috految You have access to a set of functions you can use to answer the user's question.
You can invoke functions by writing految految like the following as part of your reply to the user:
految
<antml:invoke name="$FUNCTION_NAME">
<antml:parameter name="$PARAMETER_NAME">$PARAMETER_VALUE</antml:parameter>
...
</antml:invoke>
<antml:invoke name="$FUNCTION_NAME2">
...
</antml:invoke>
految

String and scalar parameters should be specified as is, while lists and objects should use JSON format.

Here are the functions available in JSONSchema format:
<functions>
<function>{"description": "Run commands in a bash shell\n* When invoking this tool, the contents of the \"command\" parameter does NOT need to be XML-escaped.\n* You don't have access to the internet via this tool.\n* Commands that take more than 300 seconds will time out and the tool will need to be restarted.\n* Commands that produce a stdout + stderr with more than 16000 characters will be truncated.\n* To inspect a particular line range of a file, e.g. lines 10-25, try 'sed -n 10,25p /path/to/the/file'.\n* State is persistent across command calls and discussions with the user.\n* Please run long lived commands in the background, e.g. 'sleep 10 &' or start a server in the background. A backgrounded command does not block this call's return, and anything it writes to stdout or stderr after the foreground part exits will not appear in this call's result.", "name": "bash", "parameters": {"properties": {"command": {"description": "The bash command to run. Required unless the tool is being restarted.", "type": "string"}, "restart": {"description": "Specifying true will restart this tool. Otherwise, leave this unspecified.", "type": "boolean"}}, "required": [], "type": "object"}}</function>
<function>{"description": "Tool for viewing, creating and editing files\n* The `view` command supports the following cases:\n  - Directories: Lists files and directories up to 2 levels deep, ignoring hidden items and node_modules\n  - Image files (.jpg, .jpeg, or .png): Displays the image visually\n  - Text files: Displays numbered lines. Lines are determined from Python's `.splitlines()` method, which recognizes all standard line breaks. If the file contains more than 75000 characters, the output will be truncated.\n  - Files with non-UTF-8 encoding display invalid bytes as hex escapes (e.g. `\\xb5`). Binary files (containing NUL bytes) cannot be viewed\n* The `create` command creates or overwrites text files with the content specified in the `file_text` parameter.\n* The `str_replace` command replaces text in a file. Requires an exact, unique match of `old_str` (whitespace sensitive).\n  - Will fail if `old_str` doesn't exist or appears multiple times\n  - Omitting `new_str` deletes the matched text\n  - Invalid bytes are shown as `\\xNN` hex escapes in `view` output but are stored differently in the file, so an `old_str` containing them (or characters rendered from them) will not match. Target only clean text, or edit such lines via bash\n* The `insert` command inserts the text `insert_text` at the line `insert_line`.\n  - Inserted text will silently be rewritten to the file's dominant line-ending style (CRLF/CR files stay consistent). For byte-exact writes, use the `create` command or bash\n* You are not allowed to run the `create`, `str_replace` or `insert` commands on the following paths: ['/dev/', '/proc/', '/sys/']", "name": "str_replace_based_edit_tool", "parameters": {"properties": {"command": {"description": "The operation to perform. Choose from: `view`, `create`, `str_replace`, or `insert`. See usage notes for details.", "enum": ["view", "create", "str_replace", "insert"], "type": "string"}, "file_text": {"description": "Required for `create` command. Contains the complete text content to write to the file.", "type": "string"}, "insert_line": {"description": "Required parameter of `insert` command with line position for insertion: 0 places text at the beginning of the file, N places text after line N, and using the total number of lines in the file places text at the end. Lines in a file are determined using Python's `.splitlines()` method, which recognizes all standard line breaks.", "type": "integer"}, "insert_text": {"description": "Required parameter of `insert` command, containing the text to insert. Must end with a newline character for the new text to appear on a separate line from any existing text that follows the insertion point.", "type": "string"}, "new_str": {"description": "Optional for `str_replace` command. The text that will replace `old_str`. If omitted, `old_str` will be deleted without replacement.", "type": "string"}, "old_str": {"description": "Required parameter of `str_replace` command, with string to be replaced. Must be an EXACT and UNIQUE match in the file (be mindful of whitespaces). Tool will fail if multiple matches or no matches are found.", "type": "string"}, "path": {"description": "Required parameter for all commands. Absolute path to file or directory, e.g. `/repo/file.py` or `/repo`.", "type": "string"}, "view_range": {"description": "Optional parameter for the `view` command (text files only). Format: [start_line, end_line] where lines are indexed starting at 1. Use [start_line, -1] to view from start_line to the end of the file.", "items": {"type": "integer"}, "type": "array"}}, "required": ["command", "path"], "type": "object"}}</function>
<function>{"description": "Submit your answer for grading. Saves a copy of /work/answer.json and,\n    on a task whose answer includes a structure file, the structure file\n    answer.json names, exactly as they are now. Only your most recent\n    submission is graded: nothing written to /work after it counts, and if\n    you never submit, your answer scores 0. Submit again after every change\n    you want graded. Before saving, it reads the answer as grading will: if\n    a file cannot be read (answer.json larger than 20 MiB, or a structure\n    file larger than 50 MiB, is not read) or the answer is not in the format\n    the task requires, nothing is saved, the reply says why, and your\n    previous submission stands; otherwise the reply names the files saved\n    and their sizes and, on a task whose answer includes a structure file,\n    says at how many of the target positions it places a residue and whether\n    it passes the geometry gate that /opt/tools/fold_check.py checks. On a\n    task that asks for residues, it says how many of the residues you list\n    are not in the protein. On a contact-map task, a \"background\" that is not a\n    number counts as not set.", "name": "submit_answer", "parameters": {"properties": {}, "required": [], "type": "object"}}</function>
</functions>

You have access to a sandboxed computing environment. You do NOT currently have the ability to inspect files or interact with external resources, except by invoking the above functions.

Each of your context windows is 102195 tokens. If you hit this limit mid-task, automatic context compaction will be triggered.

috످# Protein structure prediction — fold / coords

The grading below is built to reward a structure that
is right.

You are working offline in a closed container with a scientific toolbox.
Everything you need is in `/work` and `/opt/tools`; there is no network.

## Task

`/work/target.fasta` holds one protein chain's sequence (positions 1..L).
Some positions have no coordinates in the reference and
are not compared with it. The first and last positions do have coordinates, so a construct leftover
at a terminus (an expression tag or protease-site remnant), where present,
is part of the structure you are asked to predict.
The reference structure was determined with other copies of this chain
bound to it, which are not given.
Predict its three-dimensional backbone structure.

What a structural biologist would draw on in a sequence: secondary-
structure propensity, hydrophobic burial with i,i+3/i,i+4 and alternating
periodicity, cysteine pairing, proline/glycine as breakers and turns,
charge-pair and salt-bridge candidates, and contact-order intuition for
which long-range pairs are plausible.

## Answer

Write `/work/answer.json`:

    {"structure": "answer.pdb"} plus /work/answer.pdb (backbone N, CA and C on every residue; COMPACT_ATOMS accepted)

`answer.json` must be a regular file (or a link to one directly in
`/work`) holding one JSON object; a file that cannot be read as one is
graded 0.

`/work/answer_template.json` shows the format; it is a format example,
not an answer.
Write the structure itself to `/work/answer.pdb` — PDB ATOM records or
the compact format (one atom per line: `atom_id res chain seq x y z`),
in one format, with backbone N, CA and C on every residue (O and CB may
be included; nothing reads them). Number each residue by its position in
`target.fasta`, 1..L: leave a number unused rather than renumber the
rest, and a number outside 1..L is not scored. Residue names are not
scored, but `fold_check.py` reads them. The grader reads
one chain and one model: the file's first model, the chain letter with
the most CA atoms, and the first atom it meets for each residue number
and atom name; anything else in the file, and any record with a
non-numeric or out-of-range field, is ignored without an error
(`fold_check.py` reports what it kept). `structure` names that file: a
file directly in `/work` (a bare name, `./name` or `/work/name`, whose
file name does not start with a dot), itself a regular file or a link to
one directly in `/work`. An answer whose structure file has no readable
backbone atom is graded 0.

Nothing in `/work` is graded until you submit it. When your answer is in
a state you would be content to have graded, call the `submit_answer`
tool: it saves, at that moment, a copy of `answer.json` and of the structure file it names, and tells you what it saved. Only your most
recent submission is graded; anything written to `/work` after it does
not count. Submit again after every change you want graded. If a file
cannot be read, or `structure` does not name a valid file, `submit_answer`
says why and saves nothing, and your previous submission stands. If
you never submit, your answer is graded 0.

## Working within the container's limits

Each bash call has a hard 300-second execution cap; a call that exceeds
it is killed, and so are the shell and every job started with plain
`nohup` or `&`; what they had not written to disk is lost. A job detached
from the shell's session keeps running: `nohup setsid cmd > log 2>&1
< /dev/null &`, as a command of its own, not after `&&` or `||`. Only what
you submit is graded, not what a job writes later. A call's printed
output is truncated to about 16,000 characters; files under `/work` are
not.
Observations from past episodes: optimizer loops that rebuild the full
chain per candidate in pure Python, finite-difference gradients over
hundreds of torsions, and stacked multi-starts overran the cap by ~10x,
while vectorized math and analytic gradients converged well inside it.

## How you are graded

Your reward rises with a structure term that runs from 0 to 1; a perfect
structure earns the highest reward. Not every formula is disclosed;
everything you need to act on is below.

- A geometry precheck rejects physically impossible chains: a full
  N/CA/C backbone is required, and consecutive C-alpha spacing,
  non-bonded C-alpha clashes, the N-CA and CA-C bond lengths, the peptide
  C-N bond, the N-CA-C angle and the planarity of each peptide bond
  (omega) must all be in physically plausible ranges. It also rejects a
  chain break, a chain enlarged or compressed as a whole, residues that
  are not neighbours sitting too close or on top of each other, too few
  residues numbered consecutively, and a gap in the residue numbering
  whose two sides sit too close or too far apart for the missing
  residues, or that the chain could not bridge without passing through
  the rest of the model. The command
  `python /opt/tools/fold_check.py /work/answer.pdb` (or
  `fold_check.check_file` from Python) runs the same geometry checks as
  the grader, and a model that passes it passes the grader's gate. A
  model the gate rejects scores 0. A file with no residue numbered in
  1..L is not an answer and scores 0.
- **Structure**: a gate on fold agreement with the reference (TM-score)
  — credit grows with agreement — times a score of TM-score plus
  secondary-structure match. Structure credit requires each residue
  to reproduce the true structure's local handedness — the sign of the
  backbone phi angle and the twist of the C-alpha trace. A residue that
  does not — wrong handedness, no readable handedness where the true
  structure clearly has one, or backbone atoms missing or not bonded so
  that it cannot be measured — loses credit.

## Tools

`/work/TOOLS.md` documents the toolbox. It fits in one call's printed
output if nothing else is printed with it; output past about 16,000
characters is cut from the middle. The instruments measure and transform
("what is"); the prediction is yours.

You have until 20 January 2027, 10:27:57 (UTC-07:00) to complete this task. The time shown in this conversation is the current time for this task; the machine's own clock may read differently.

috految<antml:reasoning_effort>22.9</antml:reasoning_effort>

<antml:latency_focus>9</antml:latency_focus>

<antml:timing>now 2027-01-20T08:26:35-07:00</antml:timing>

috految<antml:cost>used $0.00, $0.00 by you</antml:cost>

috److految
<antml:invoke name="bash">
<antml:parameter name="command">cd /work; cat target.fasta; head -c 7000 TOOLS.md; nproc; which gcc g++</antml:parameter>
</antml:invoke>
految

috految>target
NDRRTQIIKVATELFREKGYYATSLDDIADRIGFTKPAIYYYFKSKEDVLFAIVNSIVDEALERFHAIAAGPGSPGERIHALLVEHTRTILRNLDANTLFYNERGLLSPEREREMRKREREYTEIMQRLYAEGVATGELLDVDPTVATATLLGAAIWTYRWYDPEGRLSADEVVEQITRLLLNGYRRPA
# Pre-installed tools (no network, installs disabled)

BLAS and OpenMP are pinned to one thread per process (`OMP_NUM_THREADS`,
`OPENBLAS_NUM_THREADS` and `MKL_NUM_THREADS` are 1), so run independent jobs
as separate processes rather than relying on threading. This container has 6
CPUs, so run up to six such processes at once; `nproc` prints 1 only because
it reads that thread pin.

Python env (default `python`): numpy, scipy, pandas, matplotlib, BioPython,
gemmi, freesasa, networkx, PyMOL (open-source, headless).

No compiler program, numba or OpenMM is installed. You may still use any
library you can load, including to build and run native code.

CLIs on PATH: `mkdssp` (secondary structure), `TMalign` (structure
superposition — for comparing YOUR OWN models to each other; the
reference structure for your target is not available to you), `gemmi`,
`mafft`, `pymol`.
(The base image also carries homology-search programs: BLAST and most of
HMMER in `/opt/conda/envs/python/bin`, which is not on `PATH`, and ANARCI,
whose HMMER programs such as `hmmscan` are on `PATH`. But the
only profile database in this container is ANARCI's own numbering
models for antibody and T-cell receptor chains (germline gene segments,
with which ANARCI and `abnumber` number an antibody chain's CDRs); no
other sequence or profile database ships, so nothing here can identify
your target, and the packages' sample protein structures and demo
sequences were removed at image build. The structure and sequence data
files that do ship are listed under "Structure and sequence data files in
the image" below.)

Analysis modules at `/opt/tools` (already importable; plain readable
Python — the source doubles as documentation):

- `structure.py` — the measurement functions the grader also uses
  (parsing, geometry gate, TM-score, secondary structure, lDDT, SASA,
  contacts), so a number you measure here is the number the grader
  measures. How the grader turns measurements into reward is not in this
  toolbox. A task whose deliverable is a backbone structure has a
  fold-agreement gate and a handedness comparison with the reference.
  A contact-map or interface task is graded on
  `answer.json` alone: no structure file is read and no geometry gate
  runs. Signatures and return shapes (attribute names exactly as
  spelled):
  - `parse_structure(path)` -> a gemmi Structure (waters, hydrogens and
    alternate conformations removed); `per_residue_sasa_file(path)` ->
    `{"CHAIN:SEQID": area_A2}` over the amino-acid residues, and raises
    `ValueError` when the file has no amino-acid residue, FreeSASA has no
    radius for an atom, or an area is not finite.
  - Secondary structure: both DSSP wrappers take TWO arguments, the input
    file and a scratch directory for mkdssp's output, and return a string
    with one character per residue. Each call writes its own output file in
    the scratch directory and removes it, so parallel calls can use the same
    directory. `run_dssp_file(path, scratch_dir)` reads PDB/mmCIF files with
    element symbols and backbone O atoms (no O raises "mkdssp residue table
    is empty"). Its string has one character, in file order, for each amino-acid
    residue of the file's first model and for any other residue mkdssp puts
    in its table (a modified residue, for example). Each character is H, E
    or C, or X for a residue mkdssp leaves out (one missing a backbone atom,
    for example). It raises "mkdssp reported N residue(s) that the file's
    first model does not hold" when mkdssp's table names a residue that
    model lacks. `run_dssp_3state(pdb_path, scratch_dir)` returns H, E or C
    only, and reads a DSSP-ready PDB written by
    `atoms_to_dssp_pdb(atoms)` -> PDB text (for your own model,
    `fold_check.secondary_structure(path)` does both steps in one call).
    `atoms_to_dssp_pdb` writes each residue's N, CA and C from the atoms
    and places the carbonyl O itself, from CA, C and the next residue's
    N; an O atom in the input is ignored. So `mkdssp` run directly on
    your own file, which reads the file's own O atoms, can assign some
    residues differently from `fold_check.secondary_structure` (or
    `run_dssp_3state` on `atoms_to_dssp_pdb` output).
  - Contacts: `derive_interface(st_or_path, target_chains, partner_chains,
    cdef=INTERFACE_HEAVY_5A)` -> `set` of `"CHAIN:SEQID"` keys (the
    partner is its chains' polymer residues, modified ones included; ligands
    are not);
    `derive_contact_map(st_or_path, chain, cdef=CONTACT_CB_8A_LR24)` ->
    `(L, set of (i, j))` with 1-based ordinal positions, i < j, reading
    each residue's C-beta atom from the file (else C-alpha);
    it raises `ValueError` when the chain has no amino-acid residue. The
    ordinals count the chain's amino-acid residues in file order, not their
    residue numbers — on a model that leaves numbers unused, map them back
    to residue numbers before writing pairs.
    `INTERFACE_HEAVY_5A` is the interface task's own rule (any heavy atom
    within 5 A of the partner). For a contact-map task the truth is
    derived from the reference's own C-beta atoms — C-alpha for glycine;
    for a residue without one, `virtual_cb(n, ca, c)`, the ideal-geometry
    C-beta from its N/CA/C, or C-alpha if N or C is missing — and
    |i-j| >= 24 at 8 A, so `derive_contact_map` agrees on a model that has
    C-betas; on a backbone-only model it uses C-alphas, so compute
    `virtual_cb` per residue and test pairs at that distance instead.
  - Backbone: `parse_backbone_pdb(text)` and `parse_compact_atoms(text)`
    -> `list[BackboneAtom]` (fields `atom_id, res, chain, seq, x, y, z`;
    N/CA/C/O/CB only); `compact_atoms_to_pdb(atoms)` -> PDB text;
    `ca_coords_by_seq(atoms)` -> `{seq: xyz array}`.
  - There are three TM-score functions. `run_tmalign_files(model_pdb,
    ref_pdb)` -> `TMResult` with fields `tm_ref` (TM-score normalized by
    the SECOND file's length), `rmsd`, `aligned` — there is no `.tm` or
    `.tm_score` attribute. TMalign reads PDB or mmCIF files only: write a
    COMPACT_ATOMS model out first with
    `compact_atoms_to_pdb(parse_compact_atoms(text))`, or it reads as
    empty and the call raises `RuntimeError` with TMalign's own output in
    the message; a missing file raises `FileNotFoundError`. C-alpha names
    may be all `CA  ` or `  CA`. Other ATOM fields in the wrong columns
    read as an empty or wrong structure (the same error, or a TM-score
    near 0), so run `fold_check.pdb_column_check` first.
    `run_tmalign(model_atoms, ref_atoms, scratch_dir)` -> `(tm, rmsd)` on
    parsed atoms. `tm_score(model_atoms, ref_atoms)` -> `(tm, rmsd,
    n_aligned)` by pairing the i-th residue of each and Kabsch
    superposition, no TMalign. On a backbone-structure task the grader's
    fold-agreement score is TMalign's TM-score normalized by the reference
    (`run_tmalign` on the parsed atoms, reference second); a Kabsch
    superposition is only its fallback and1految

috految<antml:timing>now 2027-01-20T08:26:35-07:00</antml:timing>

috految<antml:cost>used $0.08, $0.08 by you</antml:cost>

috److془This is 3DCF, TetR from Thermobifida fusca. KstR2-like.

Build with torsions and contacts, all-atom dimer.

Numbering:
N1 D2 R3 R4 T5 Q6 I7 I8 K9 V10 A11 T12 E13 L14 F15 R16 E17 K18 G19 Y20 Y21 A22 T23 S24 L25 D26 D27 I28 A29 D30 R31 I32 G33 F34 T35 K36 P37 A38 I39 Y40 Y41 Y42 F43 K44 S45 K46 E47 D48 V49 L50 F51 A52 I53 V54 N55 S56 I57 V58 D59 E60 A61 L62 E63 R64 F65 H66 A67 I68 A69 A70 G71 P72 G73 S74 P75 G76 E77 R78 I79 H80 A81 L82 L83 V84 E85 H86 T87 R88 T89 I90 L91 R92 N93 L94 D95 A96 N97 T98 L99 F100 Y101 N102 E103 R104 G105 L106 L107 S108 P109 E110 R111 E112 R113 E114 M115 R116 K117 R118 E119 R120 E121 Y122 T123 E124 I125 M126 Q127 R128 L129 Y130 A131 E132 G133 V134 A135 T136 G137 E138 L139 L140 D141 V142 D143 P144 T145 V146 A147 T148 A149 T150 L151 L152 G153 A154 A155 I156 W157 T158 Y159 R160 W161 Y162 D163 P164 E165 G166 R167 L168 S169 A170 D171 E172 V173 V174 E175 Q176 I177 T178 R179 L180 L181 L182 N183 G184 Y185 R186 R187 P188 A189.

3dcf DSSP: "CHHHHHHHHHHHHHHHHTCTTTCCHHHHHHHHTCCHHHHHHHCSSHHHHHHHHHHHHHHHHHHHHHHHHTSSSCHHHHHHHHHHHHHHHHHHTHHHHHHHHC---CCCHHHHHHHHHHHHHHHHHHHHHHHHHHHHTSBCCCCHHHHHHHHHHHHHTGGGTCCTTSSSCHHHHHHHHHHHHHHCSBCCC".

Write torsions, chis, contacts. Dimer: V146-L180', T150-A154'/L180'/L181'; A149-W161', W157'; G153-W157', G153'; T145-W161'; V146-W161', L168', Q176', I177'. G184-L139'/ L140 N to G184' O; R186 N to E138' O?; Hmm in TetR with "GEFRPDLDPE...LLNGLRPR": R186 N - E138' O? In family: "GELRDDLDP...LLDGLRA" DSSP 'TTSBCTTSCH...HHCCBC'. Bridge between 139 and 186 = 140 N-185 O; 187N-138 O. Or intra? In AlphaFold monomers: "HHHHHHTTSBPTTS-HHHHHHHHHHH....HHHHHHHHHHHHHHH-SB--" often "TTSS-TTS-HHH" and "HHHHHTTS---". The bridge is inter in cases such "TTSS-TTS-". With AF monomer "HHHTTSB-TTS-H... HHHHHHHHHHHHHHHB--" for N-GALIR. For 'LLNGL' : I recall in AF "HHHHHHHHHHHHHH-S---". Hmm: G184 (88,-28)? "LLDGLRA": L(-96,-40) L(-86,-45) D(-103,-4) G(77,-139) L(-97,-7) R(-80,149). Inter: G184 near L139', V142', L181'., L185 - L182', I79', P75'. Knowing V146-L180', G184 - V142'. Yes. 140 N - 185' O. N183 O-186' N? L182 O - G184' CA/Y185' N. Good. 
Hmm alternative: L185 packs with I79 intra, L139 intra. Let the geometry decide. Actually "LLNGYRRP": G184 (77,-153); Y185(-77,-17); R186(-94,143). Fine. I recall for KstR2: "LEU 140 ... GLY 195 O". Let geometry decide with ambiguous restraints.

Other interface: Y21-  R104/ E103', Y21-Y21? in KstR2 "ARG 27 - GLU 104", R160 - E119', Y101'; N102-N102', W157-L152', Y101'. (KstR2: 'R162* , W166*' in ligand pocket). Y21'... recognition helices separation ~ 40-45.

Write all-atom torsion.془

految
<antml:invoke name="bash">
<antml:parameter name="command">cd /work; cat >f.py <<'E'
import numpy as np
from scipy.optimize import minimize
from scipy.spatial import cKDTree as K
from scipy.spatial.transform import Rotation as Ro
from scipy.sparse.csgraph import shortest_path
from multiprocessing import Pool
from Bio.SeqUtils import seq3
S=' '+open('target.fasta').read().split()[1];L=189;rad=np.pi/180
T='''1 -70 -30;2 -65 -38;3 -67 -39 -170 180;4 -60 -46 180 180;5 -66 -38;6 -61 -46 175 180;7 -60 -45;8 -62 -44;9 -58 -47 180;10 -68 -41;11 -61 -42;12 -59 -46;13 -62 -42;14 -68 -41;15 -65 -38 -77 -25;16 -62 -46 180;17 -76 -46;18 -106 -11;19 97 174;20 -62 -53 175 65;21 -68 -42 -65 100;22 -79 -12;23 -96 133 -60;24 -110 157 65;25 -66 -28;26 -63 -38;27 -67 -42;28 -66 -45;29 -56 -50;30 -63 -39;31 -67 -34;32 -95 0 62 170;33 76 21;34 -123 163 -60 90;35 -82 162 62;36 -52 -51 180;37 -59 -26;38 -76 -30;39 -64 -45;40 -69 -15 -70 100;41 -71 -29 180 75;42 -100 -30 -62 100;43 -125 140 -62 100;44 -79 -24;45 -157 171 65;46 -62 -36;47 -68 -35;48 -67 -35;49 -62 -49;50 -58 -49 175 62;51 -58 -50 175 70;52 -53 -45;53 -66 -47;54 -68 -47;55 -58 -42 -170;56 -61 -43;57 -68 -45;58 -67 -40;59 -62 -52;60 -62 -43 180;61 -65 -42;62 -60 -45 180 60;63 -54 -54 180;64 -61 -46 -75;65 -66 -42 -72 -30;66 -61 -40 -70 -70;67 -61 -42;68 -68 -45;69 -63 -35;70 -83 -7;71 -77 175;72 -83 160;73 111 165;74 -70 160 65;75 -52 -40;76 -68 -43;77 -71 -36;78 -66 -44 -70 180;79 -64 -40;80 -57 -50 175 70;81 -61 -42;82 -65 -41;83 -65 -40;84 -63 -49;85 -63 -44 180;86 -53 -54 175 75;87 -59 -45;88 -58 -41 180;89 -62 -42;90 -63 -45;91 -69 -33;92 -72 -30;93 -113 33 -65 -60;94 -51 -53 175 62;95 -60 -47;96 -69 -39;97 -72 -39;98 -52 -51;99 -66 -38 175 62;100 -57 -49 175 70;101 -76 -36 -70 110;102 -90 -20;103 -104 15;104 -55 130 180;105 82 4;106 -76 -21;107 -88 163;108 -65 153 65;109 -53 -35;110 -66 -46;111 -74 -39;112 -58 -50 180;113 -59 -45 180;114 -59 -46;115 -68 -41 -68 -60;116 -62 -39;117 -60 -45 180;118 -69 -39;119 -64 -40;120 -66 -41 180;121 -57 -50 180;122 -63 -46 175 75;123 -60 -44;124 -63 -35;125 -63 -46;126 -66 -39 -70 -60;127 -66 -41 180;128 -60 -44 180;129 -63 -40;130 -61 -48 175 75;131 -62 -36;132 -67 -39;133 -68 -38;134 -63 -44;135 -63 -31;136 -97 2 62;137 80 10;138 -95 -36;139 -114 155 -60 175;140 -67 146;141 -88 70 -170;142 -126 150 -60;143 -61 127 180;144 -60 -29;145 -66 -44;146 -73 -47;147 -60 -48;148 -63 -44;149 -64 -40;150 -70 -45;151 -62 -50 180 62;152 -67 -40;153 -54 -45;154 -62 -36;155 -74 -47;156 -71 -20 62 170;157 -61 -28 175 -105;158 -53 -31 62;159 -59 -21 70 90;160 -91 -34;161 -112 -3 60 -95;162 -75 130 180 75;163 -113 112 180;164 -65 -18;165 -96 -1;166 -86 -162;167 -61 -42;168 -92 131;169 -76 162 65;170 -51 -46;171 -64 -39;172 -71 -42;173 -61 -45;174 -56 -50;175 -62 -52 180;176 -69 -41;177 -72 -43;178 -61 -46;179 -63 -44 180;180 -58 -49 180 62;181 -72 -39;182 -90 -31;183 -99 -4;184 71 -151;185 -95 -13 -60 100;186 -87 137;187 -68 135;188 -65 152;189 -70 140'''
T={int(t.split()[0]):list(map(float,t.split()[1:])) for t in T.split(';')}
A=[];I={};q0=[];sd=[]
def var(v,s):q0.append(v*rad);sd.append(s*rad);return len(q0)-1
def add(i,n,p,b,a,v=-1,o=0):I[i,n]=len(A);A.append((i,n,p,b,a*rad,v,o*rad));return len(A)-1
c=-1;ps=-1;chis=[];bv={}
for i in range(1,L+1):
 s=S[i];p,w,*ch=T[i];hel=-77<p<-50 and -56<w<-29
 sg=3.2 if hel else 7
 if i in(71,72,73,102,103,104,105,106,107,141,166,183,184,185,186):sg=11
 if i in(104,105):sg=20
 n=add(i,'N',c,1.33,116.6,ps);om=var(179.3 if i not in(18,43,44,139,161,182,183) else 187,2.5 if hel else 4.5)
 ca=add(i,'CA',n,1.458,121.5,om);ph=var(p,sg);c=add(i,'C',ca,1.525,113 if s in'GP' or -28<w<35 else 111.2 if w<0 else 110.3,ph);ps=var(w,sg);bv[i]=ph,ps;add(i,'O',c,1.231,120.5,ps,180)
 if s!='P':add(i,'H',n,1,119,om,180)
 if s=='G':I[i,'CB']=ca;continue
 b=add(i,'CB',ca,1.53,103 if s=='P' else 110.6,ph,-118 if s=='P' else -122.5)
 if s=='A':continue
 d=dict(V=[172],I=[-66,170],T=[-61],L=[-66,173],D=[-70,-20],N=[-70,-30],P=[-15,25],M=[-68,180,-70],E=[-68,180,-20],Q=[-68,180,-40]).get(s,[-68,180,180,180]);ch=ch+d[len(ch):]
 v=[var(x,35 if s in'RKEQMDN' else 12 if k==0 else 18) for k,x in enumerate(ch)];chis+=v
 def a(n,p,l,an,k=-1,o=0):return add(i,n,p,l,an,v[k] if k>=0 else -1,o)
 if s=='S':a('OG',b,1.42,111,0);continue
 if s=='T':a('OG',b,1.43,109.5,0);a('CG',b,1.53,111,0,-120);continue
 g=a('CG',b,1.52,104 if s=='P' else 110.5 if s in'VI' else 116 if s=='L' else 113.7,0)
 if s=='V':a('CG2',b,1.53,110.5,0,123)
 if s=='I':a('CG2',b,1.53,110.5,0,-123);a('CD',g,1.52,114,1)
 if s=='L':a('CD',g,1.52,111,1);a('CD2',g,1.52,111,1,123)
 if s=='P':a('CD',g,1.5,104,1)
 if s in'DN':a('OD',g,1.25,119,1);a('OD2' if s=='D' else'ND',g,1.29,118,1,180)
 if s=='M':a('CE',a('SD',g,1.81,113,1),1.8,101,2)
 if s in'EQKR':
  e=a('CD',g,1.52,112,1)
  if s in'EQ':a('OE',e,1.25,119,2);a('OE2' if s=='E' else'NE',e,1.29,118,2,180)
  if s=='K':a('NZ',a('CE',e,1.52,112,2),1.49,112,3)
  if s=='R':z=a('CZ',a('NE',e,1.46,112,2),1.33,124,3);a('NH',z,1.33,120);a('NH2',z,1.33,120,-1,180)
 if s in'FY':
  z=a('CZ',a('CE',a('CD',g,1.39,120,1),1.39,120,-1,180),1.39,120);a('CE2',a('CD2',g,1.39,120,1,180),1.39,120,-1,180)
  if s=='Y':a('OH',z,1.38,120,-1,180)
 if s=='H':a('CE',a('ND',g,1.38,123,1),1.32,109,-1,180);a('NE',a('CD',g,1.36,131,1,180),1.37,107,-1,180)
 if s=='W':a('NE',a('CD',g,1.37,127,1),1.38,110,-1,180);e=a('CD2',g,1.43,127,1,180);a('CH',a('CZ',a('CE',e,1.41,107,-1,180),1.4,122,-1,180),1.37,118);a('CZ3',a('CE3',e,1.4,134),1.39,119,-1,180)
N=len(A);res,nm,par,bl,an,vi,off=map(np.array,zip(*A));q0=np.array(q0);sd=np.array(sd)
G=np.zeros((N,N));G[np.arange(1,N),par[1:]]=1
for i in range(2,L+1):
 if S[i]=='P':G[I[i,'N'],I[i,'CD']]=1
G=shortest_path(G,directed=False);ok=(G>3)&(res[:,None]!=res)
J=[];p=np.r_[par,N];p[0]=N
while (p<N).any():J.append(p);p=p[p]
order=[];st=np.zeros(N,int);en=st.copy()
def dfs(a):
 st[a]=len(order);order.append(a)
 for b in np.where(par==a)[0]:dfs(b)
 en[a]=len(order)
dfs(0);order=np.array(order);root=I[152,'CA'];up=(st<=st[root])&(en>st[root])
def build(q):
 t=off+np.r_[q,0][vi];c,s,C,Z=np.cos(t),np.sin(t),-np.cos(an),np.sin(an);M=np.zeros((N+1,4,4));M[N]=np.eye(4);M[:,3,3]=1
 M[:N,:3,:3]=np.array([[C,-Z,0*c],[c*Z,c*C,-s],[s*Z,s*C,c]]).transpose(2,0,1);M[:N,:3,3]=M[:N,:3,0]*bl[:,None]
 for p in J:M=M[p]@M
 M=np.linalg.inv(M[root])@M
 return M[:N,:3,3],M[par,:3,0]
R=[]
def rs(t,w,o=0):
 for x in t.split(','):
  a,b,d=x.split();f=lambda a:I[int(a.split('.')[0]),(a+'.CB').split('.')[1]];R.append((f(a),f(b)+o*N,float(d),w))
for a,b in[(1,18),(24,32),(35,40),(45,70),(74,93),(93,102),(108,136),(143,156),(169,182)]:
 for i in range(a,b-3):
  if S[i+4]!='P':rs(f'{i}.O {i+4}.H 2.05,{i}.O {i+4}.N 3',1.3)
rs('15.O 19.H 2.1,19.O 23.H 2.5,29.O 34.N 3.1,30.O 33.N 3.1,39.O 43.N 3.1,45.OG 48.N 3.2,24.OG 27.N 3.2,90.O 94.N 3.1,133.O 138.N 3,133.O 139.N 3.2,134.O 137.N 3.1,155.O 158.N 3.2,157.O 160.N 3.2,158.O 161.N 3.2,158.O 162.N 3.5,163.O 166.N 3.4,169.OG 172.N 3.2,74.OG 77.N 3.2,179.O 183.N 3.1,180.O 184.N 3.2',1)
rs('4 42 6,4 43 7,7 42 6,7 43.CZ 4.5,7 39 6.5,7 32 5.5,7 28 6.3,7 34.CZ 5,6 32 6,10 28 5.3,10 31 5.8,10 32 5.5,11 28 5,11 49 5,8 49 5.5,8 52 5.3,8 53 5.7,8 43.CZ 5,11 53 5.3,12 53 5.3,11 50 6.5,14 23 5,14 28 6,14 27 6.5,15 20 5.2,15 23 5.3,15.CZ 50 4.7,15.CZ 46 6,23 28 6,25 39 5.8,25 36 6,25 46 5.6,25 49 7,29 39 4.8,29 36 4.7,28 39 6.2,34 39 5.5,39 49 6.5,43 49 5.2,43 48 5.5,40 46 6.5,23.O 46.NZ 3,20.CZ 46 6,20.OH 47 5.5,20.CZ 50 5.5',1)
rs('12 96 5.3,12 99 6.5,15 99 5,16 95 6,16 96 6.5,16 99 6,20 99 6.5,15 100 7,20 103 6.5,20 106 8,50 100 6.5,53 96 6.2,53 100 6.5,54 100 5.7,57 96 5.8,57 97 5.7,57 93 7,57 100 7,50 107 7,47 106 6.5,47 107 6.5,51 107 6,51 111 6.3,51 115 5.5,54 115 6,55 115 6.8,55 118 6.7,58 118 6.5,58 122 6.3,58 119 7,107 112 5.3,107 115 7,104 112 7,100 115 8,59 118 7,62 122 5.8,62 125 5.5,62 121 6.5,101 157 8.5',.6)
rs('57 89 7,61 89 5,61 86 5.5,61 90 6.5,64 85 5.7,64 89 6.5,65 82 5.4,65 86 6.2,65 85 5.7,65 125 6.2,65 126 6.8,65.CZ 122 5.2,66 125 6,68 82 5.3,68 81 5.3,68 78 5.7,69 129 5.3,69 78 5.8,69 82 6.7,73 78 5.5,78 129 5.8,78.CZ 132.CD 5,75 133 4.5,75 132 5.5,75 138 5.7,75 136 5.5,75 129 6.5,79 129 5.7,79 130 6.3,79 139 7,79 182 6,79 151 7,82 126 6.2,82 129 6.2,83 151 6,83 155 5.5,83 178 5,83 181 6.7,80 178 5.2,80 182 6.5,84 174 5.3,84 178 5.8,86 155 5.6,86 156 6,87 174 5,87 177 5.8,87 155 5.5,87 158 5.7,88 174 6,88 170 6,91 170 5,91 173 5.8,91 162 5.7,91 158 6.5,90 158 6,90 159 5.7,90 97 5.1,94 159 6,94 162 7,98 159 5.7,97 159 6.3,101 156 7,123 152 6.3,123 148 6,122 152 7,126 148 5.5,126 152 6.3,126 151 6.3,127 148 5.2,127 144 5.6,130 144 5.3,130 147 5.3,130 148 6,130 139 5.7,131 144 6,134 141 5.8,133 139 5,130.OH 142.O 3,142 147 5.7,151 181 6.5,154 181 6.5,154 177 6.3,155 177 6,158 177 6.3,158 173 6.7,162 173 5.5,168 173 5.4,162.CZ 170 5,161 168 8',.8)
rs('146 180 6,146 176 6.5,146 177 6.5,146 161.CE 5,149 161.CE 4.7,149 157 6,150 154 5,150 177 6,150 181 6.7,150 180 6.5,147 180 6,153 157 5,153 153 5,153 154 5,152 157.CE 6,142 180 6,181 181 6.5,181 185 6.5,182 184 6,142 184 7,145 161.CE 7,101 160 8,101 157 9,119 160 9,102 102 7.5,21 21 10,21 105 8',.5,1)
rs('140.N 185.O 3,138.O 187.N 3,139 185 6,79 185 7',.3,1)
rs('140.N 185.O 3,138.O 187.N 3,139 185 6',.2)
ri,rj,rd,rw=map(np.array,zip(*R));el=np.array([n[0] for n in nm]);ra=np.array([dict(C=1.97,N=1.65,O=1.52,S=1.9,H=0)[e] for e in el]);ra[nm=='C']=1.7
side=~np.isin(nm,['N','CA','C','O','H']);aa=np.array(list(S))[res];ra[side&np.isin(aa,list('FYWH'))&(el=='C')]=1.85
hy=np.where(side&np.isin(aa,list('AVILMFYWTP'))&np.isin(el,['C','S']),1,.4);hy[side&np.isin(aa,list('EDKRQ'))]=.2;pol=np.isin(el,['N','O']);hv=np.where(el!='H')[0];CA=nm=='CA'
def run(seed):
 r=np.random.default_rng(seed);qc=q0+sd*r.normal(size=len(sd))*.3;W=rw*r.uniform(.4,1.6,len(rw));nb={};sc=sd.copy();sc[chis]*=2
 def f(z,k,at,wr,wd):
  q=qc+z[:-6]*sc;x,u=build(q);a=z[-6:-3];na=np.linalg.norm(a);a=a/na;c=z[-3:];Q=2*np.outer(a,a)-np.eye(3);X=np.r_[x,(x-c)@Q+c]
  D=X[ri]-X[rj];d=np.linalg.norm(D,axis=1);e=np.maximum(d-rd,0);w=W*wr*np.where(rj>=N,wd,1);h=np.sqrt(1+e*e)
  E=(w*(2*np.log(h) if k>.3 else 2*(h-1))).sum();F=D*(w*2*e/(h*h if k>.3 else h)/d)[:,None];i,j=ri,rj;nb['viol']=e;nb['X']=X
  if k:
   if 'x' not in nb or abs(X-nb['x']).max()>.7:
    ids=np.r_[hv,hv+N];P=ids[K(X[ids]).query_pairs(7.2,output_type='ndarray')];p,s=P[P[:,0]<N].T;m=(s>=N)|ok[p,s%N];p,s=p[m],s[m];t=s%N
    nb.update(x=X,l=(p,s,np.where(pol[p]&pol[t]&(el[p]!=el[t]),2.8,ra[p]+ra[t])-.25*(G[p,t]==4),np.where(s>=N,.5,1),hy[p]*hy[t]*((abs(res[p]-res[t])>4)|(s>=N))))
   p,s,r0,w,ep=nb['l'];D=X.take(p,0)-X.take(s,0);d=np.sqrt(np.einsum('ij,ij->i',D,D));e=np.maximum(r0-d,0);t=np.clip((6.5-d)/2.3,0,1)
   E+=(w*(k*e*e-at*ep*t*t*(3-2*t))).sum();F=np.r_[F,D*(w*(-2*k*e+at*ep*6*t*(1-t)/2.3)/d)[:,None]];i=np.r_[i,p];j=np.r_[j,s]
  g=np.stack([np.bincount(i,F[:,m],2*N)-np.bincount(j,F[:,m],2*N) for m in range(3)],1);b=g[N:];g=g[:N]+b@Q;y=x-c;ga=2*((b@a)@y+(y@a)@b)
  v=np.r_[np.zeros((1,6)),np.cumsum(np.c_[g,np.cross(x,g)][order],0)];v=v[en]-v[st]-up[:,None]*v[-1];t=(u*(v[:,3:]-np.cross(x[par],v[:,:3]))).sum(1);dq=(q-qc)/sd;h=np.sqrt(1+dq*dq/4)
  return E+4*(h-1).sum(),np.r_[(np.bincount(vi+1,t,len(q)+1)[1:]+dq/h/sd)*sc,(ga-a*(a@ga))/na,b.sum(0)@(np.eye(3)-Q)]
 z=np.r_[r.normal(size=len(sd))*.5,10,10,10,0,0,0]
 def mi(z,n,*a):return minimize(f,z,args=a,jac=True,method='L-BFGS-B',options=dict(maxiter=n,maxcor=20))
 z=mi(z,150,0,0,.5,0).x;x=nb['X'];a=x[I[102,'CA']]-x[I[181,'CA']];z[-6:-3]=a/np.linalg.norm(a)*20;c=x[I[153,'CA']];z[-3:]=c+.3*(c-x[I[86,'CA']])
 for n,*a in[(100,.03,0,.6,1),(150,.25,.03,1,1),(200,1,.13,1,1),(300,2,.17,.8,1)]:o=mi(z,n,*a);z=o.x
 return o.fun,qc+z[:-6]*sc,nb['X'],nb['viol']
O=sorted(Pool(6).map(run,range(12)),key=lambda o:o[0]);ref=O[0][2][:N];Y=[]
for e,q,X,v in O:
 x=X[:N]-X[:N][CA].mean(0);r,d=Ro.align_vectors(ref[CA]-ref[CA].mean(0),x[CA]);Y.append(r.apply(x));print(round(e),round(d/L**.5,2),np.linalg.norm(X[I[40,'CA']]-X[N+I[40,'CA']]).round())
for i,j,v in zip(ri,rj,np.mean([o[3] for o in O[:6]],0)):
 if v>1.5:print(res[i],nm[i],res[j%N],nm[j%N],j>=N,v.round(1),end='; ')
q=np.mean([o[1] for o in O[:7]],0);print([(i,(q[list(b)]/rad).round().tolist()) for i,b in bv.items() if abs(q-q0)[list(b)].max()>.25])
x=np.mean(Y[:7],0)
open('answer.pdb','w').write(''.join('ATOM  %5d  %-3s %3s A%4d    %8.3f%8.3f%8.3f  1.00  0.00\n'%(k+1,nm[k],seq3(aa[k]).upper(),res[k],*x[k]) for k in range(N) if nm[k] in('N','CA','C','O')))
E
time timeout 200 python f.py; echo '{"structure":"answer.pdb"}'>answer.json; python /opt/tools/fold_check.py answer.pdb</antml:parameter>
</antml:invoke>
<antml:invoke name="submit_answer">
</antml:invoke>
految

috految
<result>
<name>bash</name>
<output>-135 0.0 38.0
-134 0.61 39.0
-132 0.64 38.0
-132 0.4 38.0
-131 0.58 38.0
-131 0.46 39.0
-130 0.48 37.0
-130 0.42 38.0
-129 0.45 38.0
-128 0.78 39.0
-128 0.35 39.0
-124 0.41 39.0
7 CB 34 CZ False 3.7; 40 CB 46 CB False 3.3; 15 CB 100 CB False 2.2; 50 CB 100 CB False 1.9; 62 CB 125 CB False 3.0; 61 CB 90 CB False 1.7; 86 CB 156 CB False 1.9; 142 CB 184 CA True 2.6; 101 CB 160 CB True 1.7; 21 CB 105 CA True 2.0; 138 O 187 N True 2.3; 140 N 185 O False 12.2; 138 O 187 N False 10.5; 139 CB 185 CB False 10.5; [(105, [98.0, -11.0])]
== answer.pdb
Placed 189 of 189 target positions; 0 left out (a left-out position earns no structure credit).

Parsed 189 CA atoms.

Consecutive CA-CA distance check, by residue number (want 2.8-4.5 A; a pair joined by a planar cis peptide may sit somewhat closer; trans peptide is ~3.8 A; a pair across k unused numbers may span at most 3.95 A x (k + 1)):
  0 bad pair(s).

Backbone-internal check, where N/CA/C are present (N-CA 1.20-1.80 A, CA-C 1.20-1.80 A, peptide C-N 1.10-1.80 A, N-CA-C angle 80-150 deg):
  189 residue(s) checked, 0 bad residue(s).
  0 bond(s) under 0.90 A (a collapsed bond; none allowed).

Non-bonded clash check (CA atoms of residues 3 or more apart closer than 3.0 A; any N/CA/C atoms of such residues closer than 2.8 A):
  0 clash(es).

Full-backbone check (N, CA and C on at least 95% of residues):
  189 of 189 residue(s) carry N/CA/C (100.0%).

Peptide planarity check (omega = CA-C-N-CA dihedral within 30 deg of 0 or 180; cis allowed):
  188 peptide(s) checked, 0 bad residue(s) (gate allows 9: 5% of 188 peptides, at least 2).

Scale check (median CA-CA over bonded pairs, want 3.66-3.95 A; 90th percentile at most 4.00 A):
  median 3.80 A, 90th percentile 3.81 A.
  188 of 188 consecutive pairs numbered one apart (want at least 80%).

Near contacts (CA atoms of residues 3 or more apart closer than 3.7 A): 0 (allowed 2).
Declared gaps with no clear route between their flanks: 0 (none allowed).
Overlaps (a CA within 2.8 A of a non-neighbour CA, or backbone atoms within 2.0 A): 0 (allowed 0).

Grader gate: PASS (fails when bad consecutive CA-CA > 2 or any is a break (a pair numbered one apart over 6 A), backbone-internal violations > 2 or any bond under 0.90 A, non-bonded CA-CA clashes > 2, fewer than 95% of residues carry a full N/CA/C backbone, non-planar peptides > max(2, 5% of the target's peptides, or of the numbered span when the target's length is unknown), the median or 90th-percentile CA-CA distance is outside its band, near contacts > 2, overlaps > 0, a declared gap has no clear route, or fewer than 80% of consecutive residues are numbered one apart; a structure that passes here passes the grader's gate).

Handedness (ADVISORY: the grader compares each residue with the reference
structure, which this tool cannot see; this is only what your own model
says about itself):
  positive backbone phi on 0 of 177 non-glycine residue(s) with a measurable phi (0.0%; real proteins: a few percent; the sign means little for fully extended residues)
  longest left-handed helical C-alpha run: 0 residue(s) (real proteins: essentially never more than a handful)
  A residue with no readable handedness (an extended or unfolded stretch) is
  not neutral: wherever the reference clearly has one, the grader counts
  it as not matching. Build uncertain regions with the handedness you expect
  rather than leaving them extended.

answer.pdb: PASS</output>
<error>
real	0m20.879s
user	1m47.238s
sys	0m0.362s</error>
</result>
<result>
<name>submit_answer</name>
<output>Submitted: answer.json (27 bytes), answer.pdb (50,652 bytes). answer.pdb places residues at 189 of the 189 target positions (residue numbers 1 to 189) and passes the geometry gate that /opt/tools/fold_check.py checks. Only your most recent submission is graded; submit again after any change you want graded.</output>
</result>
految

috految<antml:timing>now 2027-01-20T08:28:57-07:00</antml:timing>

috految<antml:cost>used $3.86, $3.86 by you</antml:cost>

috److I predicted the backbone for all 189 residues and submitted it. The model passes the geometry gate in `fold_check.py`.

- **Fold:** The sequence looks like a TetR-family transcriptional regulator, similar to KstR2. I recognised it from memory as probably the *Thermobifida fusca* protein (PDB 3DCF), but could not check that offline.
- **Method:** I set backbone angles, side-chain angles and residue contacts by hand from what I recall of that structure and its family. I then refined the chain as a symmetric dimer, since the reference was solved with other copies bound.
- **Convergence:** Twelve refinement runs all landed within 0.8 Å C-alpha RMSD of the best one. The submitted structure averages the seven lowest-energy runs. All runs used the same hand-set restraints, so this shows consistency rather than accuracy against the reference.
- **Least certain regions:**
  - The loop around residues 102–107 was only loosely restrained.
  - For the C-terminal tail (about 183–189), I gave it both intra-chain and cross-chain contacts, and the refinement favoured packing against the partner chain.

The structure is in `/work/answer.pdb`, and `/work/answer.json` points to it.

috످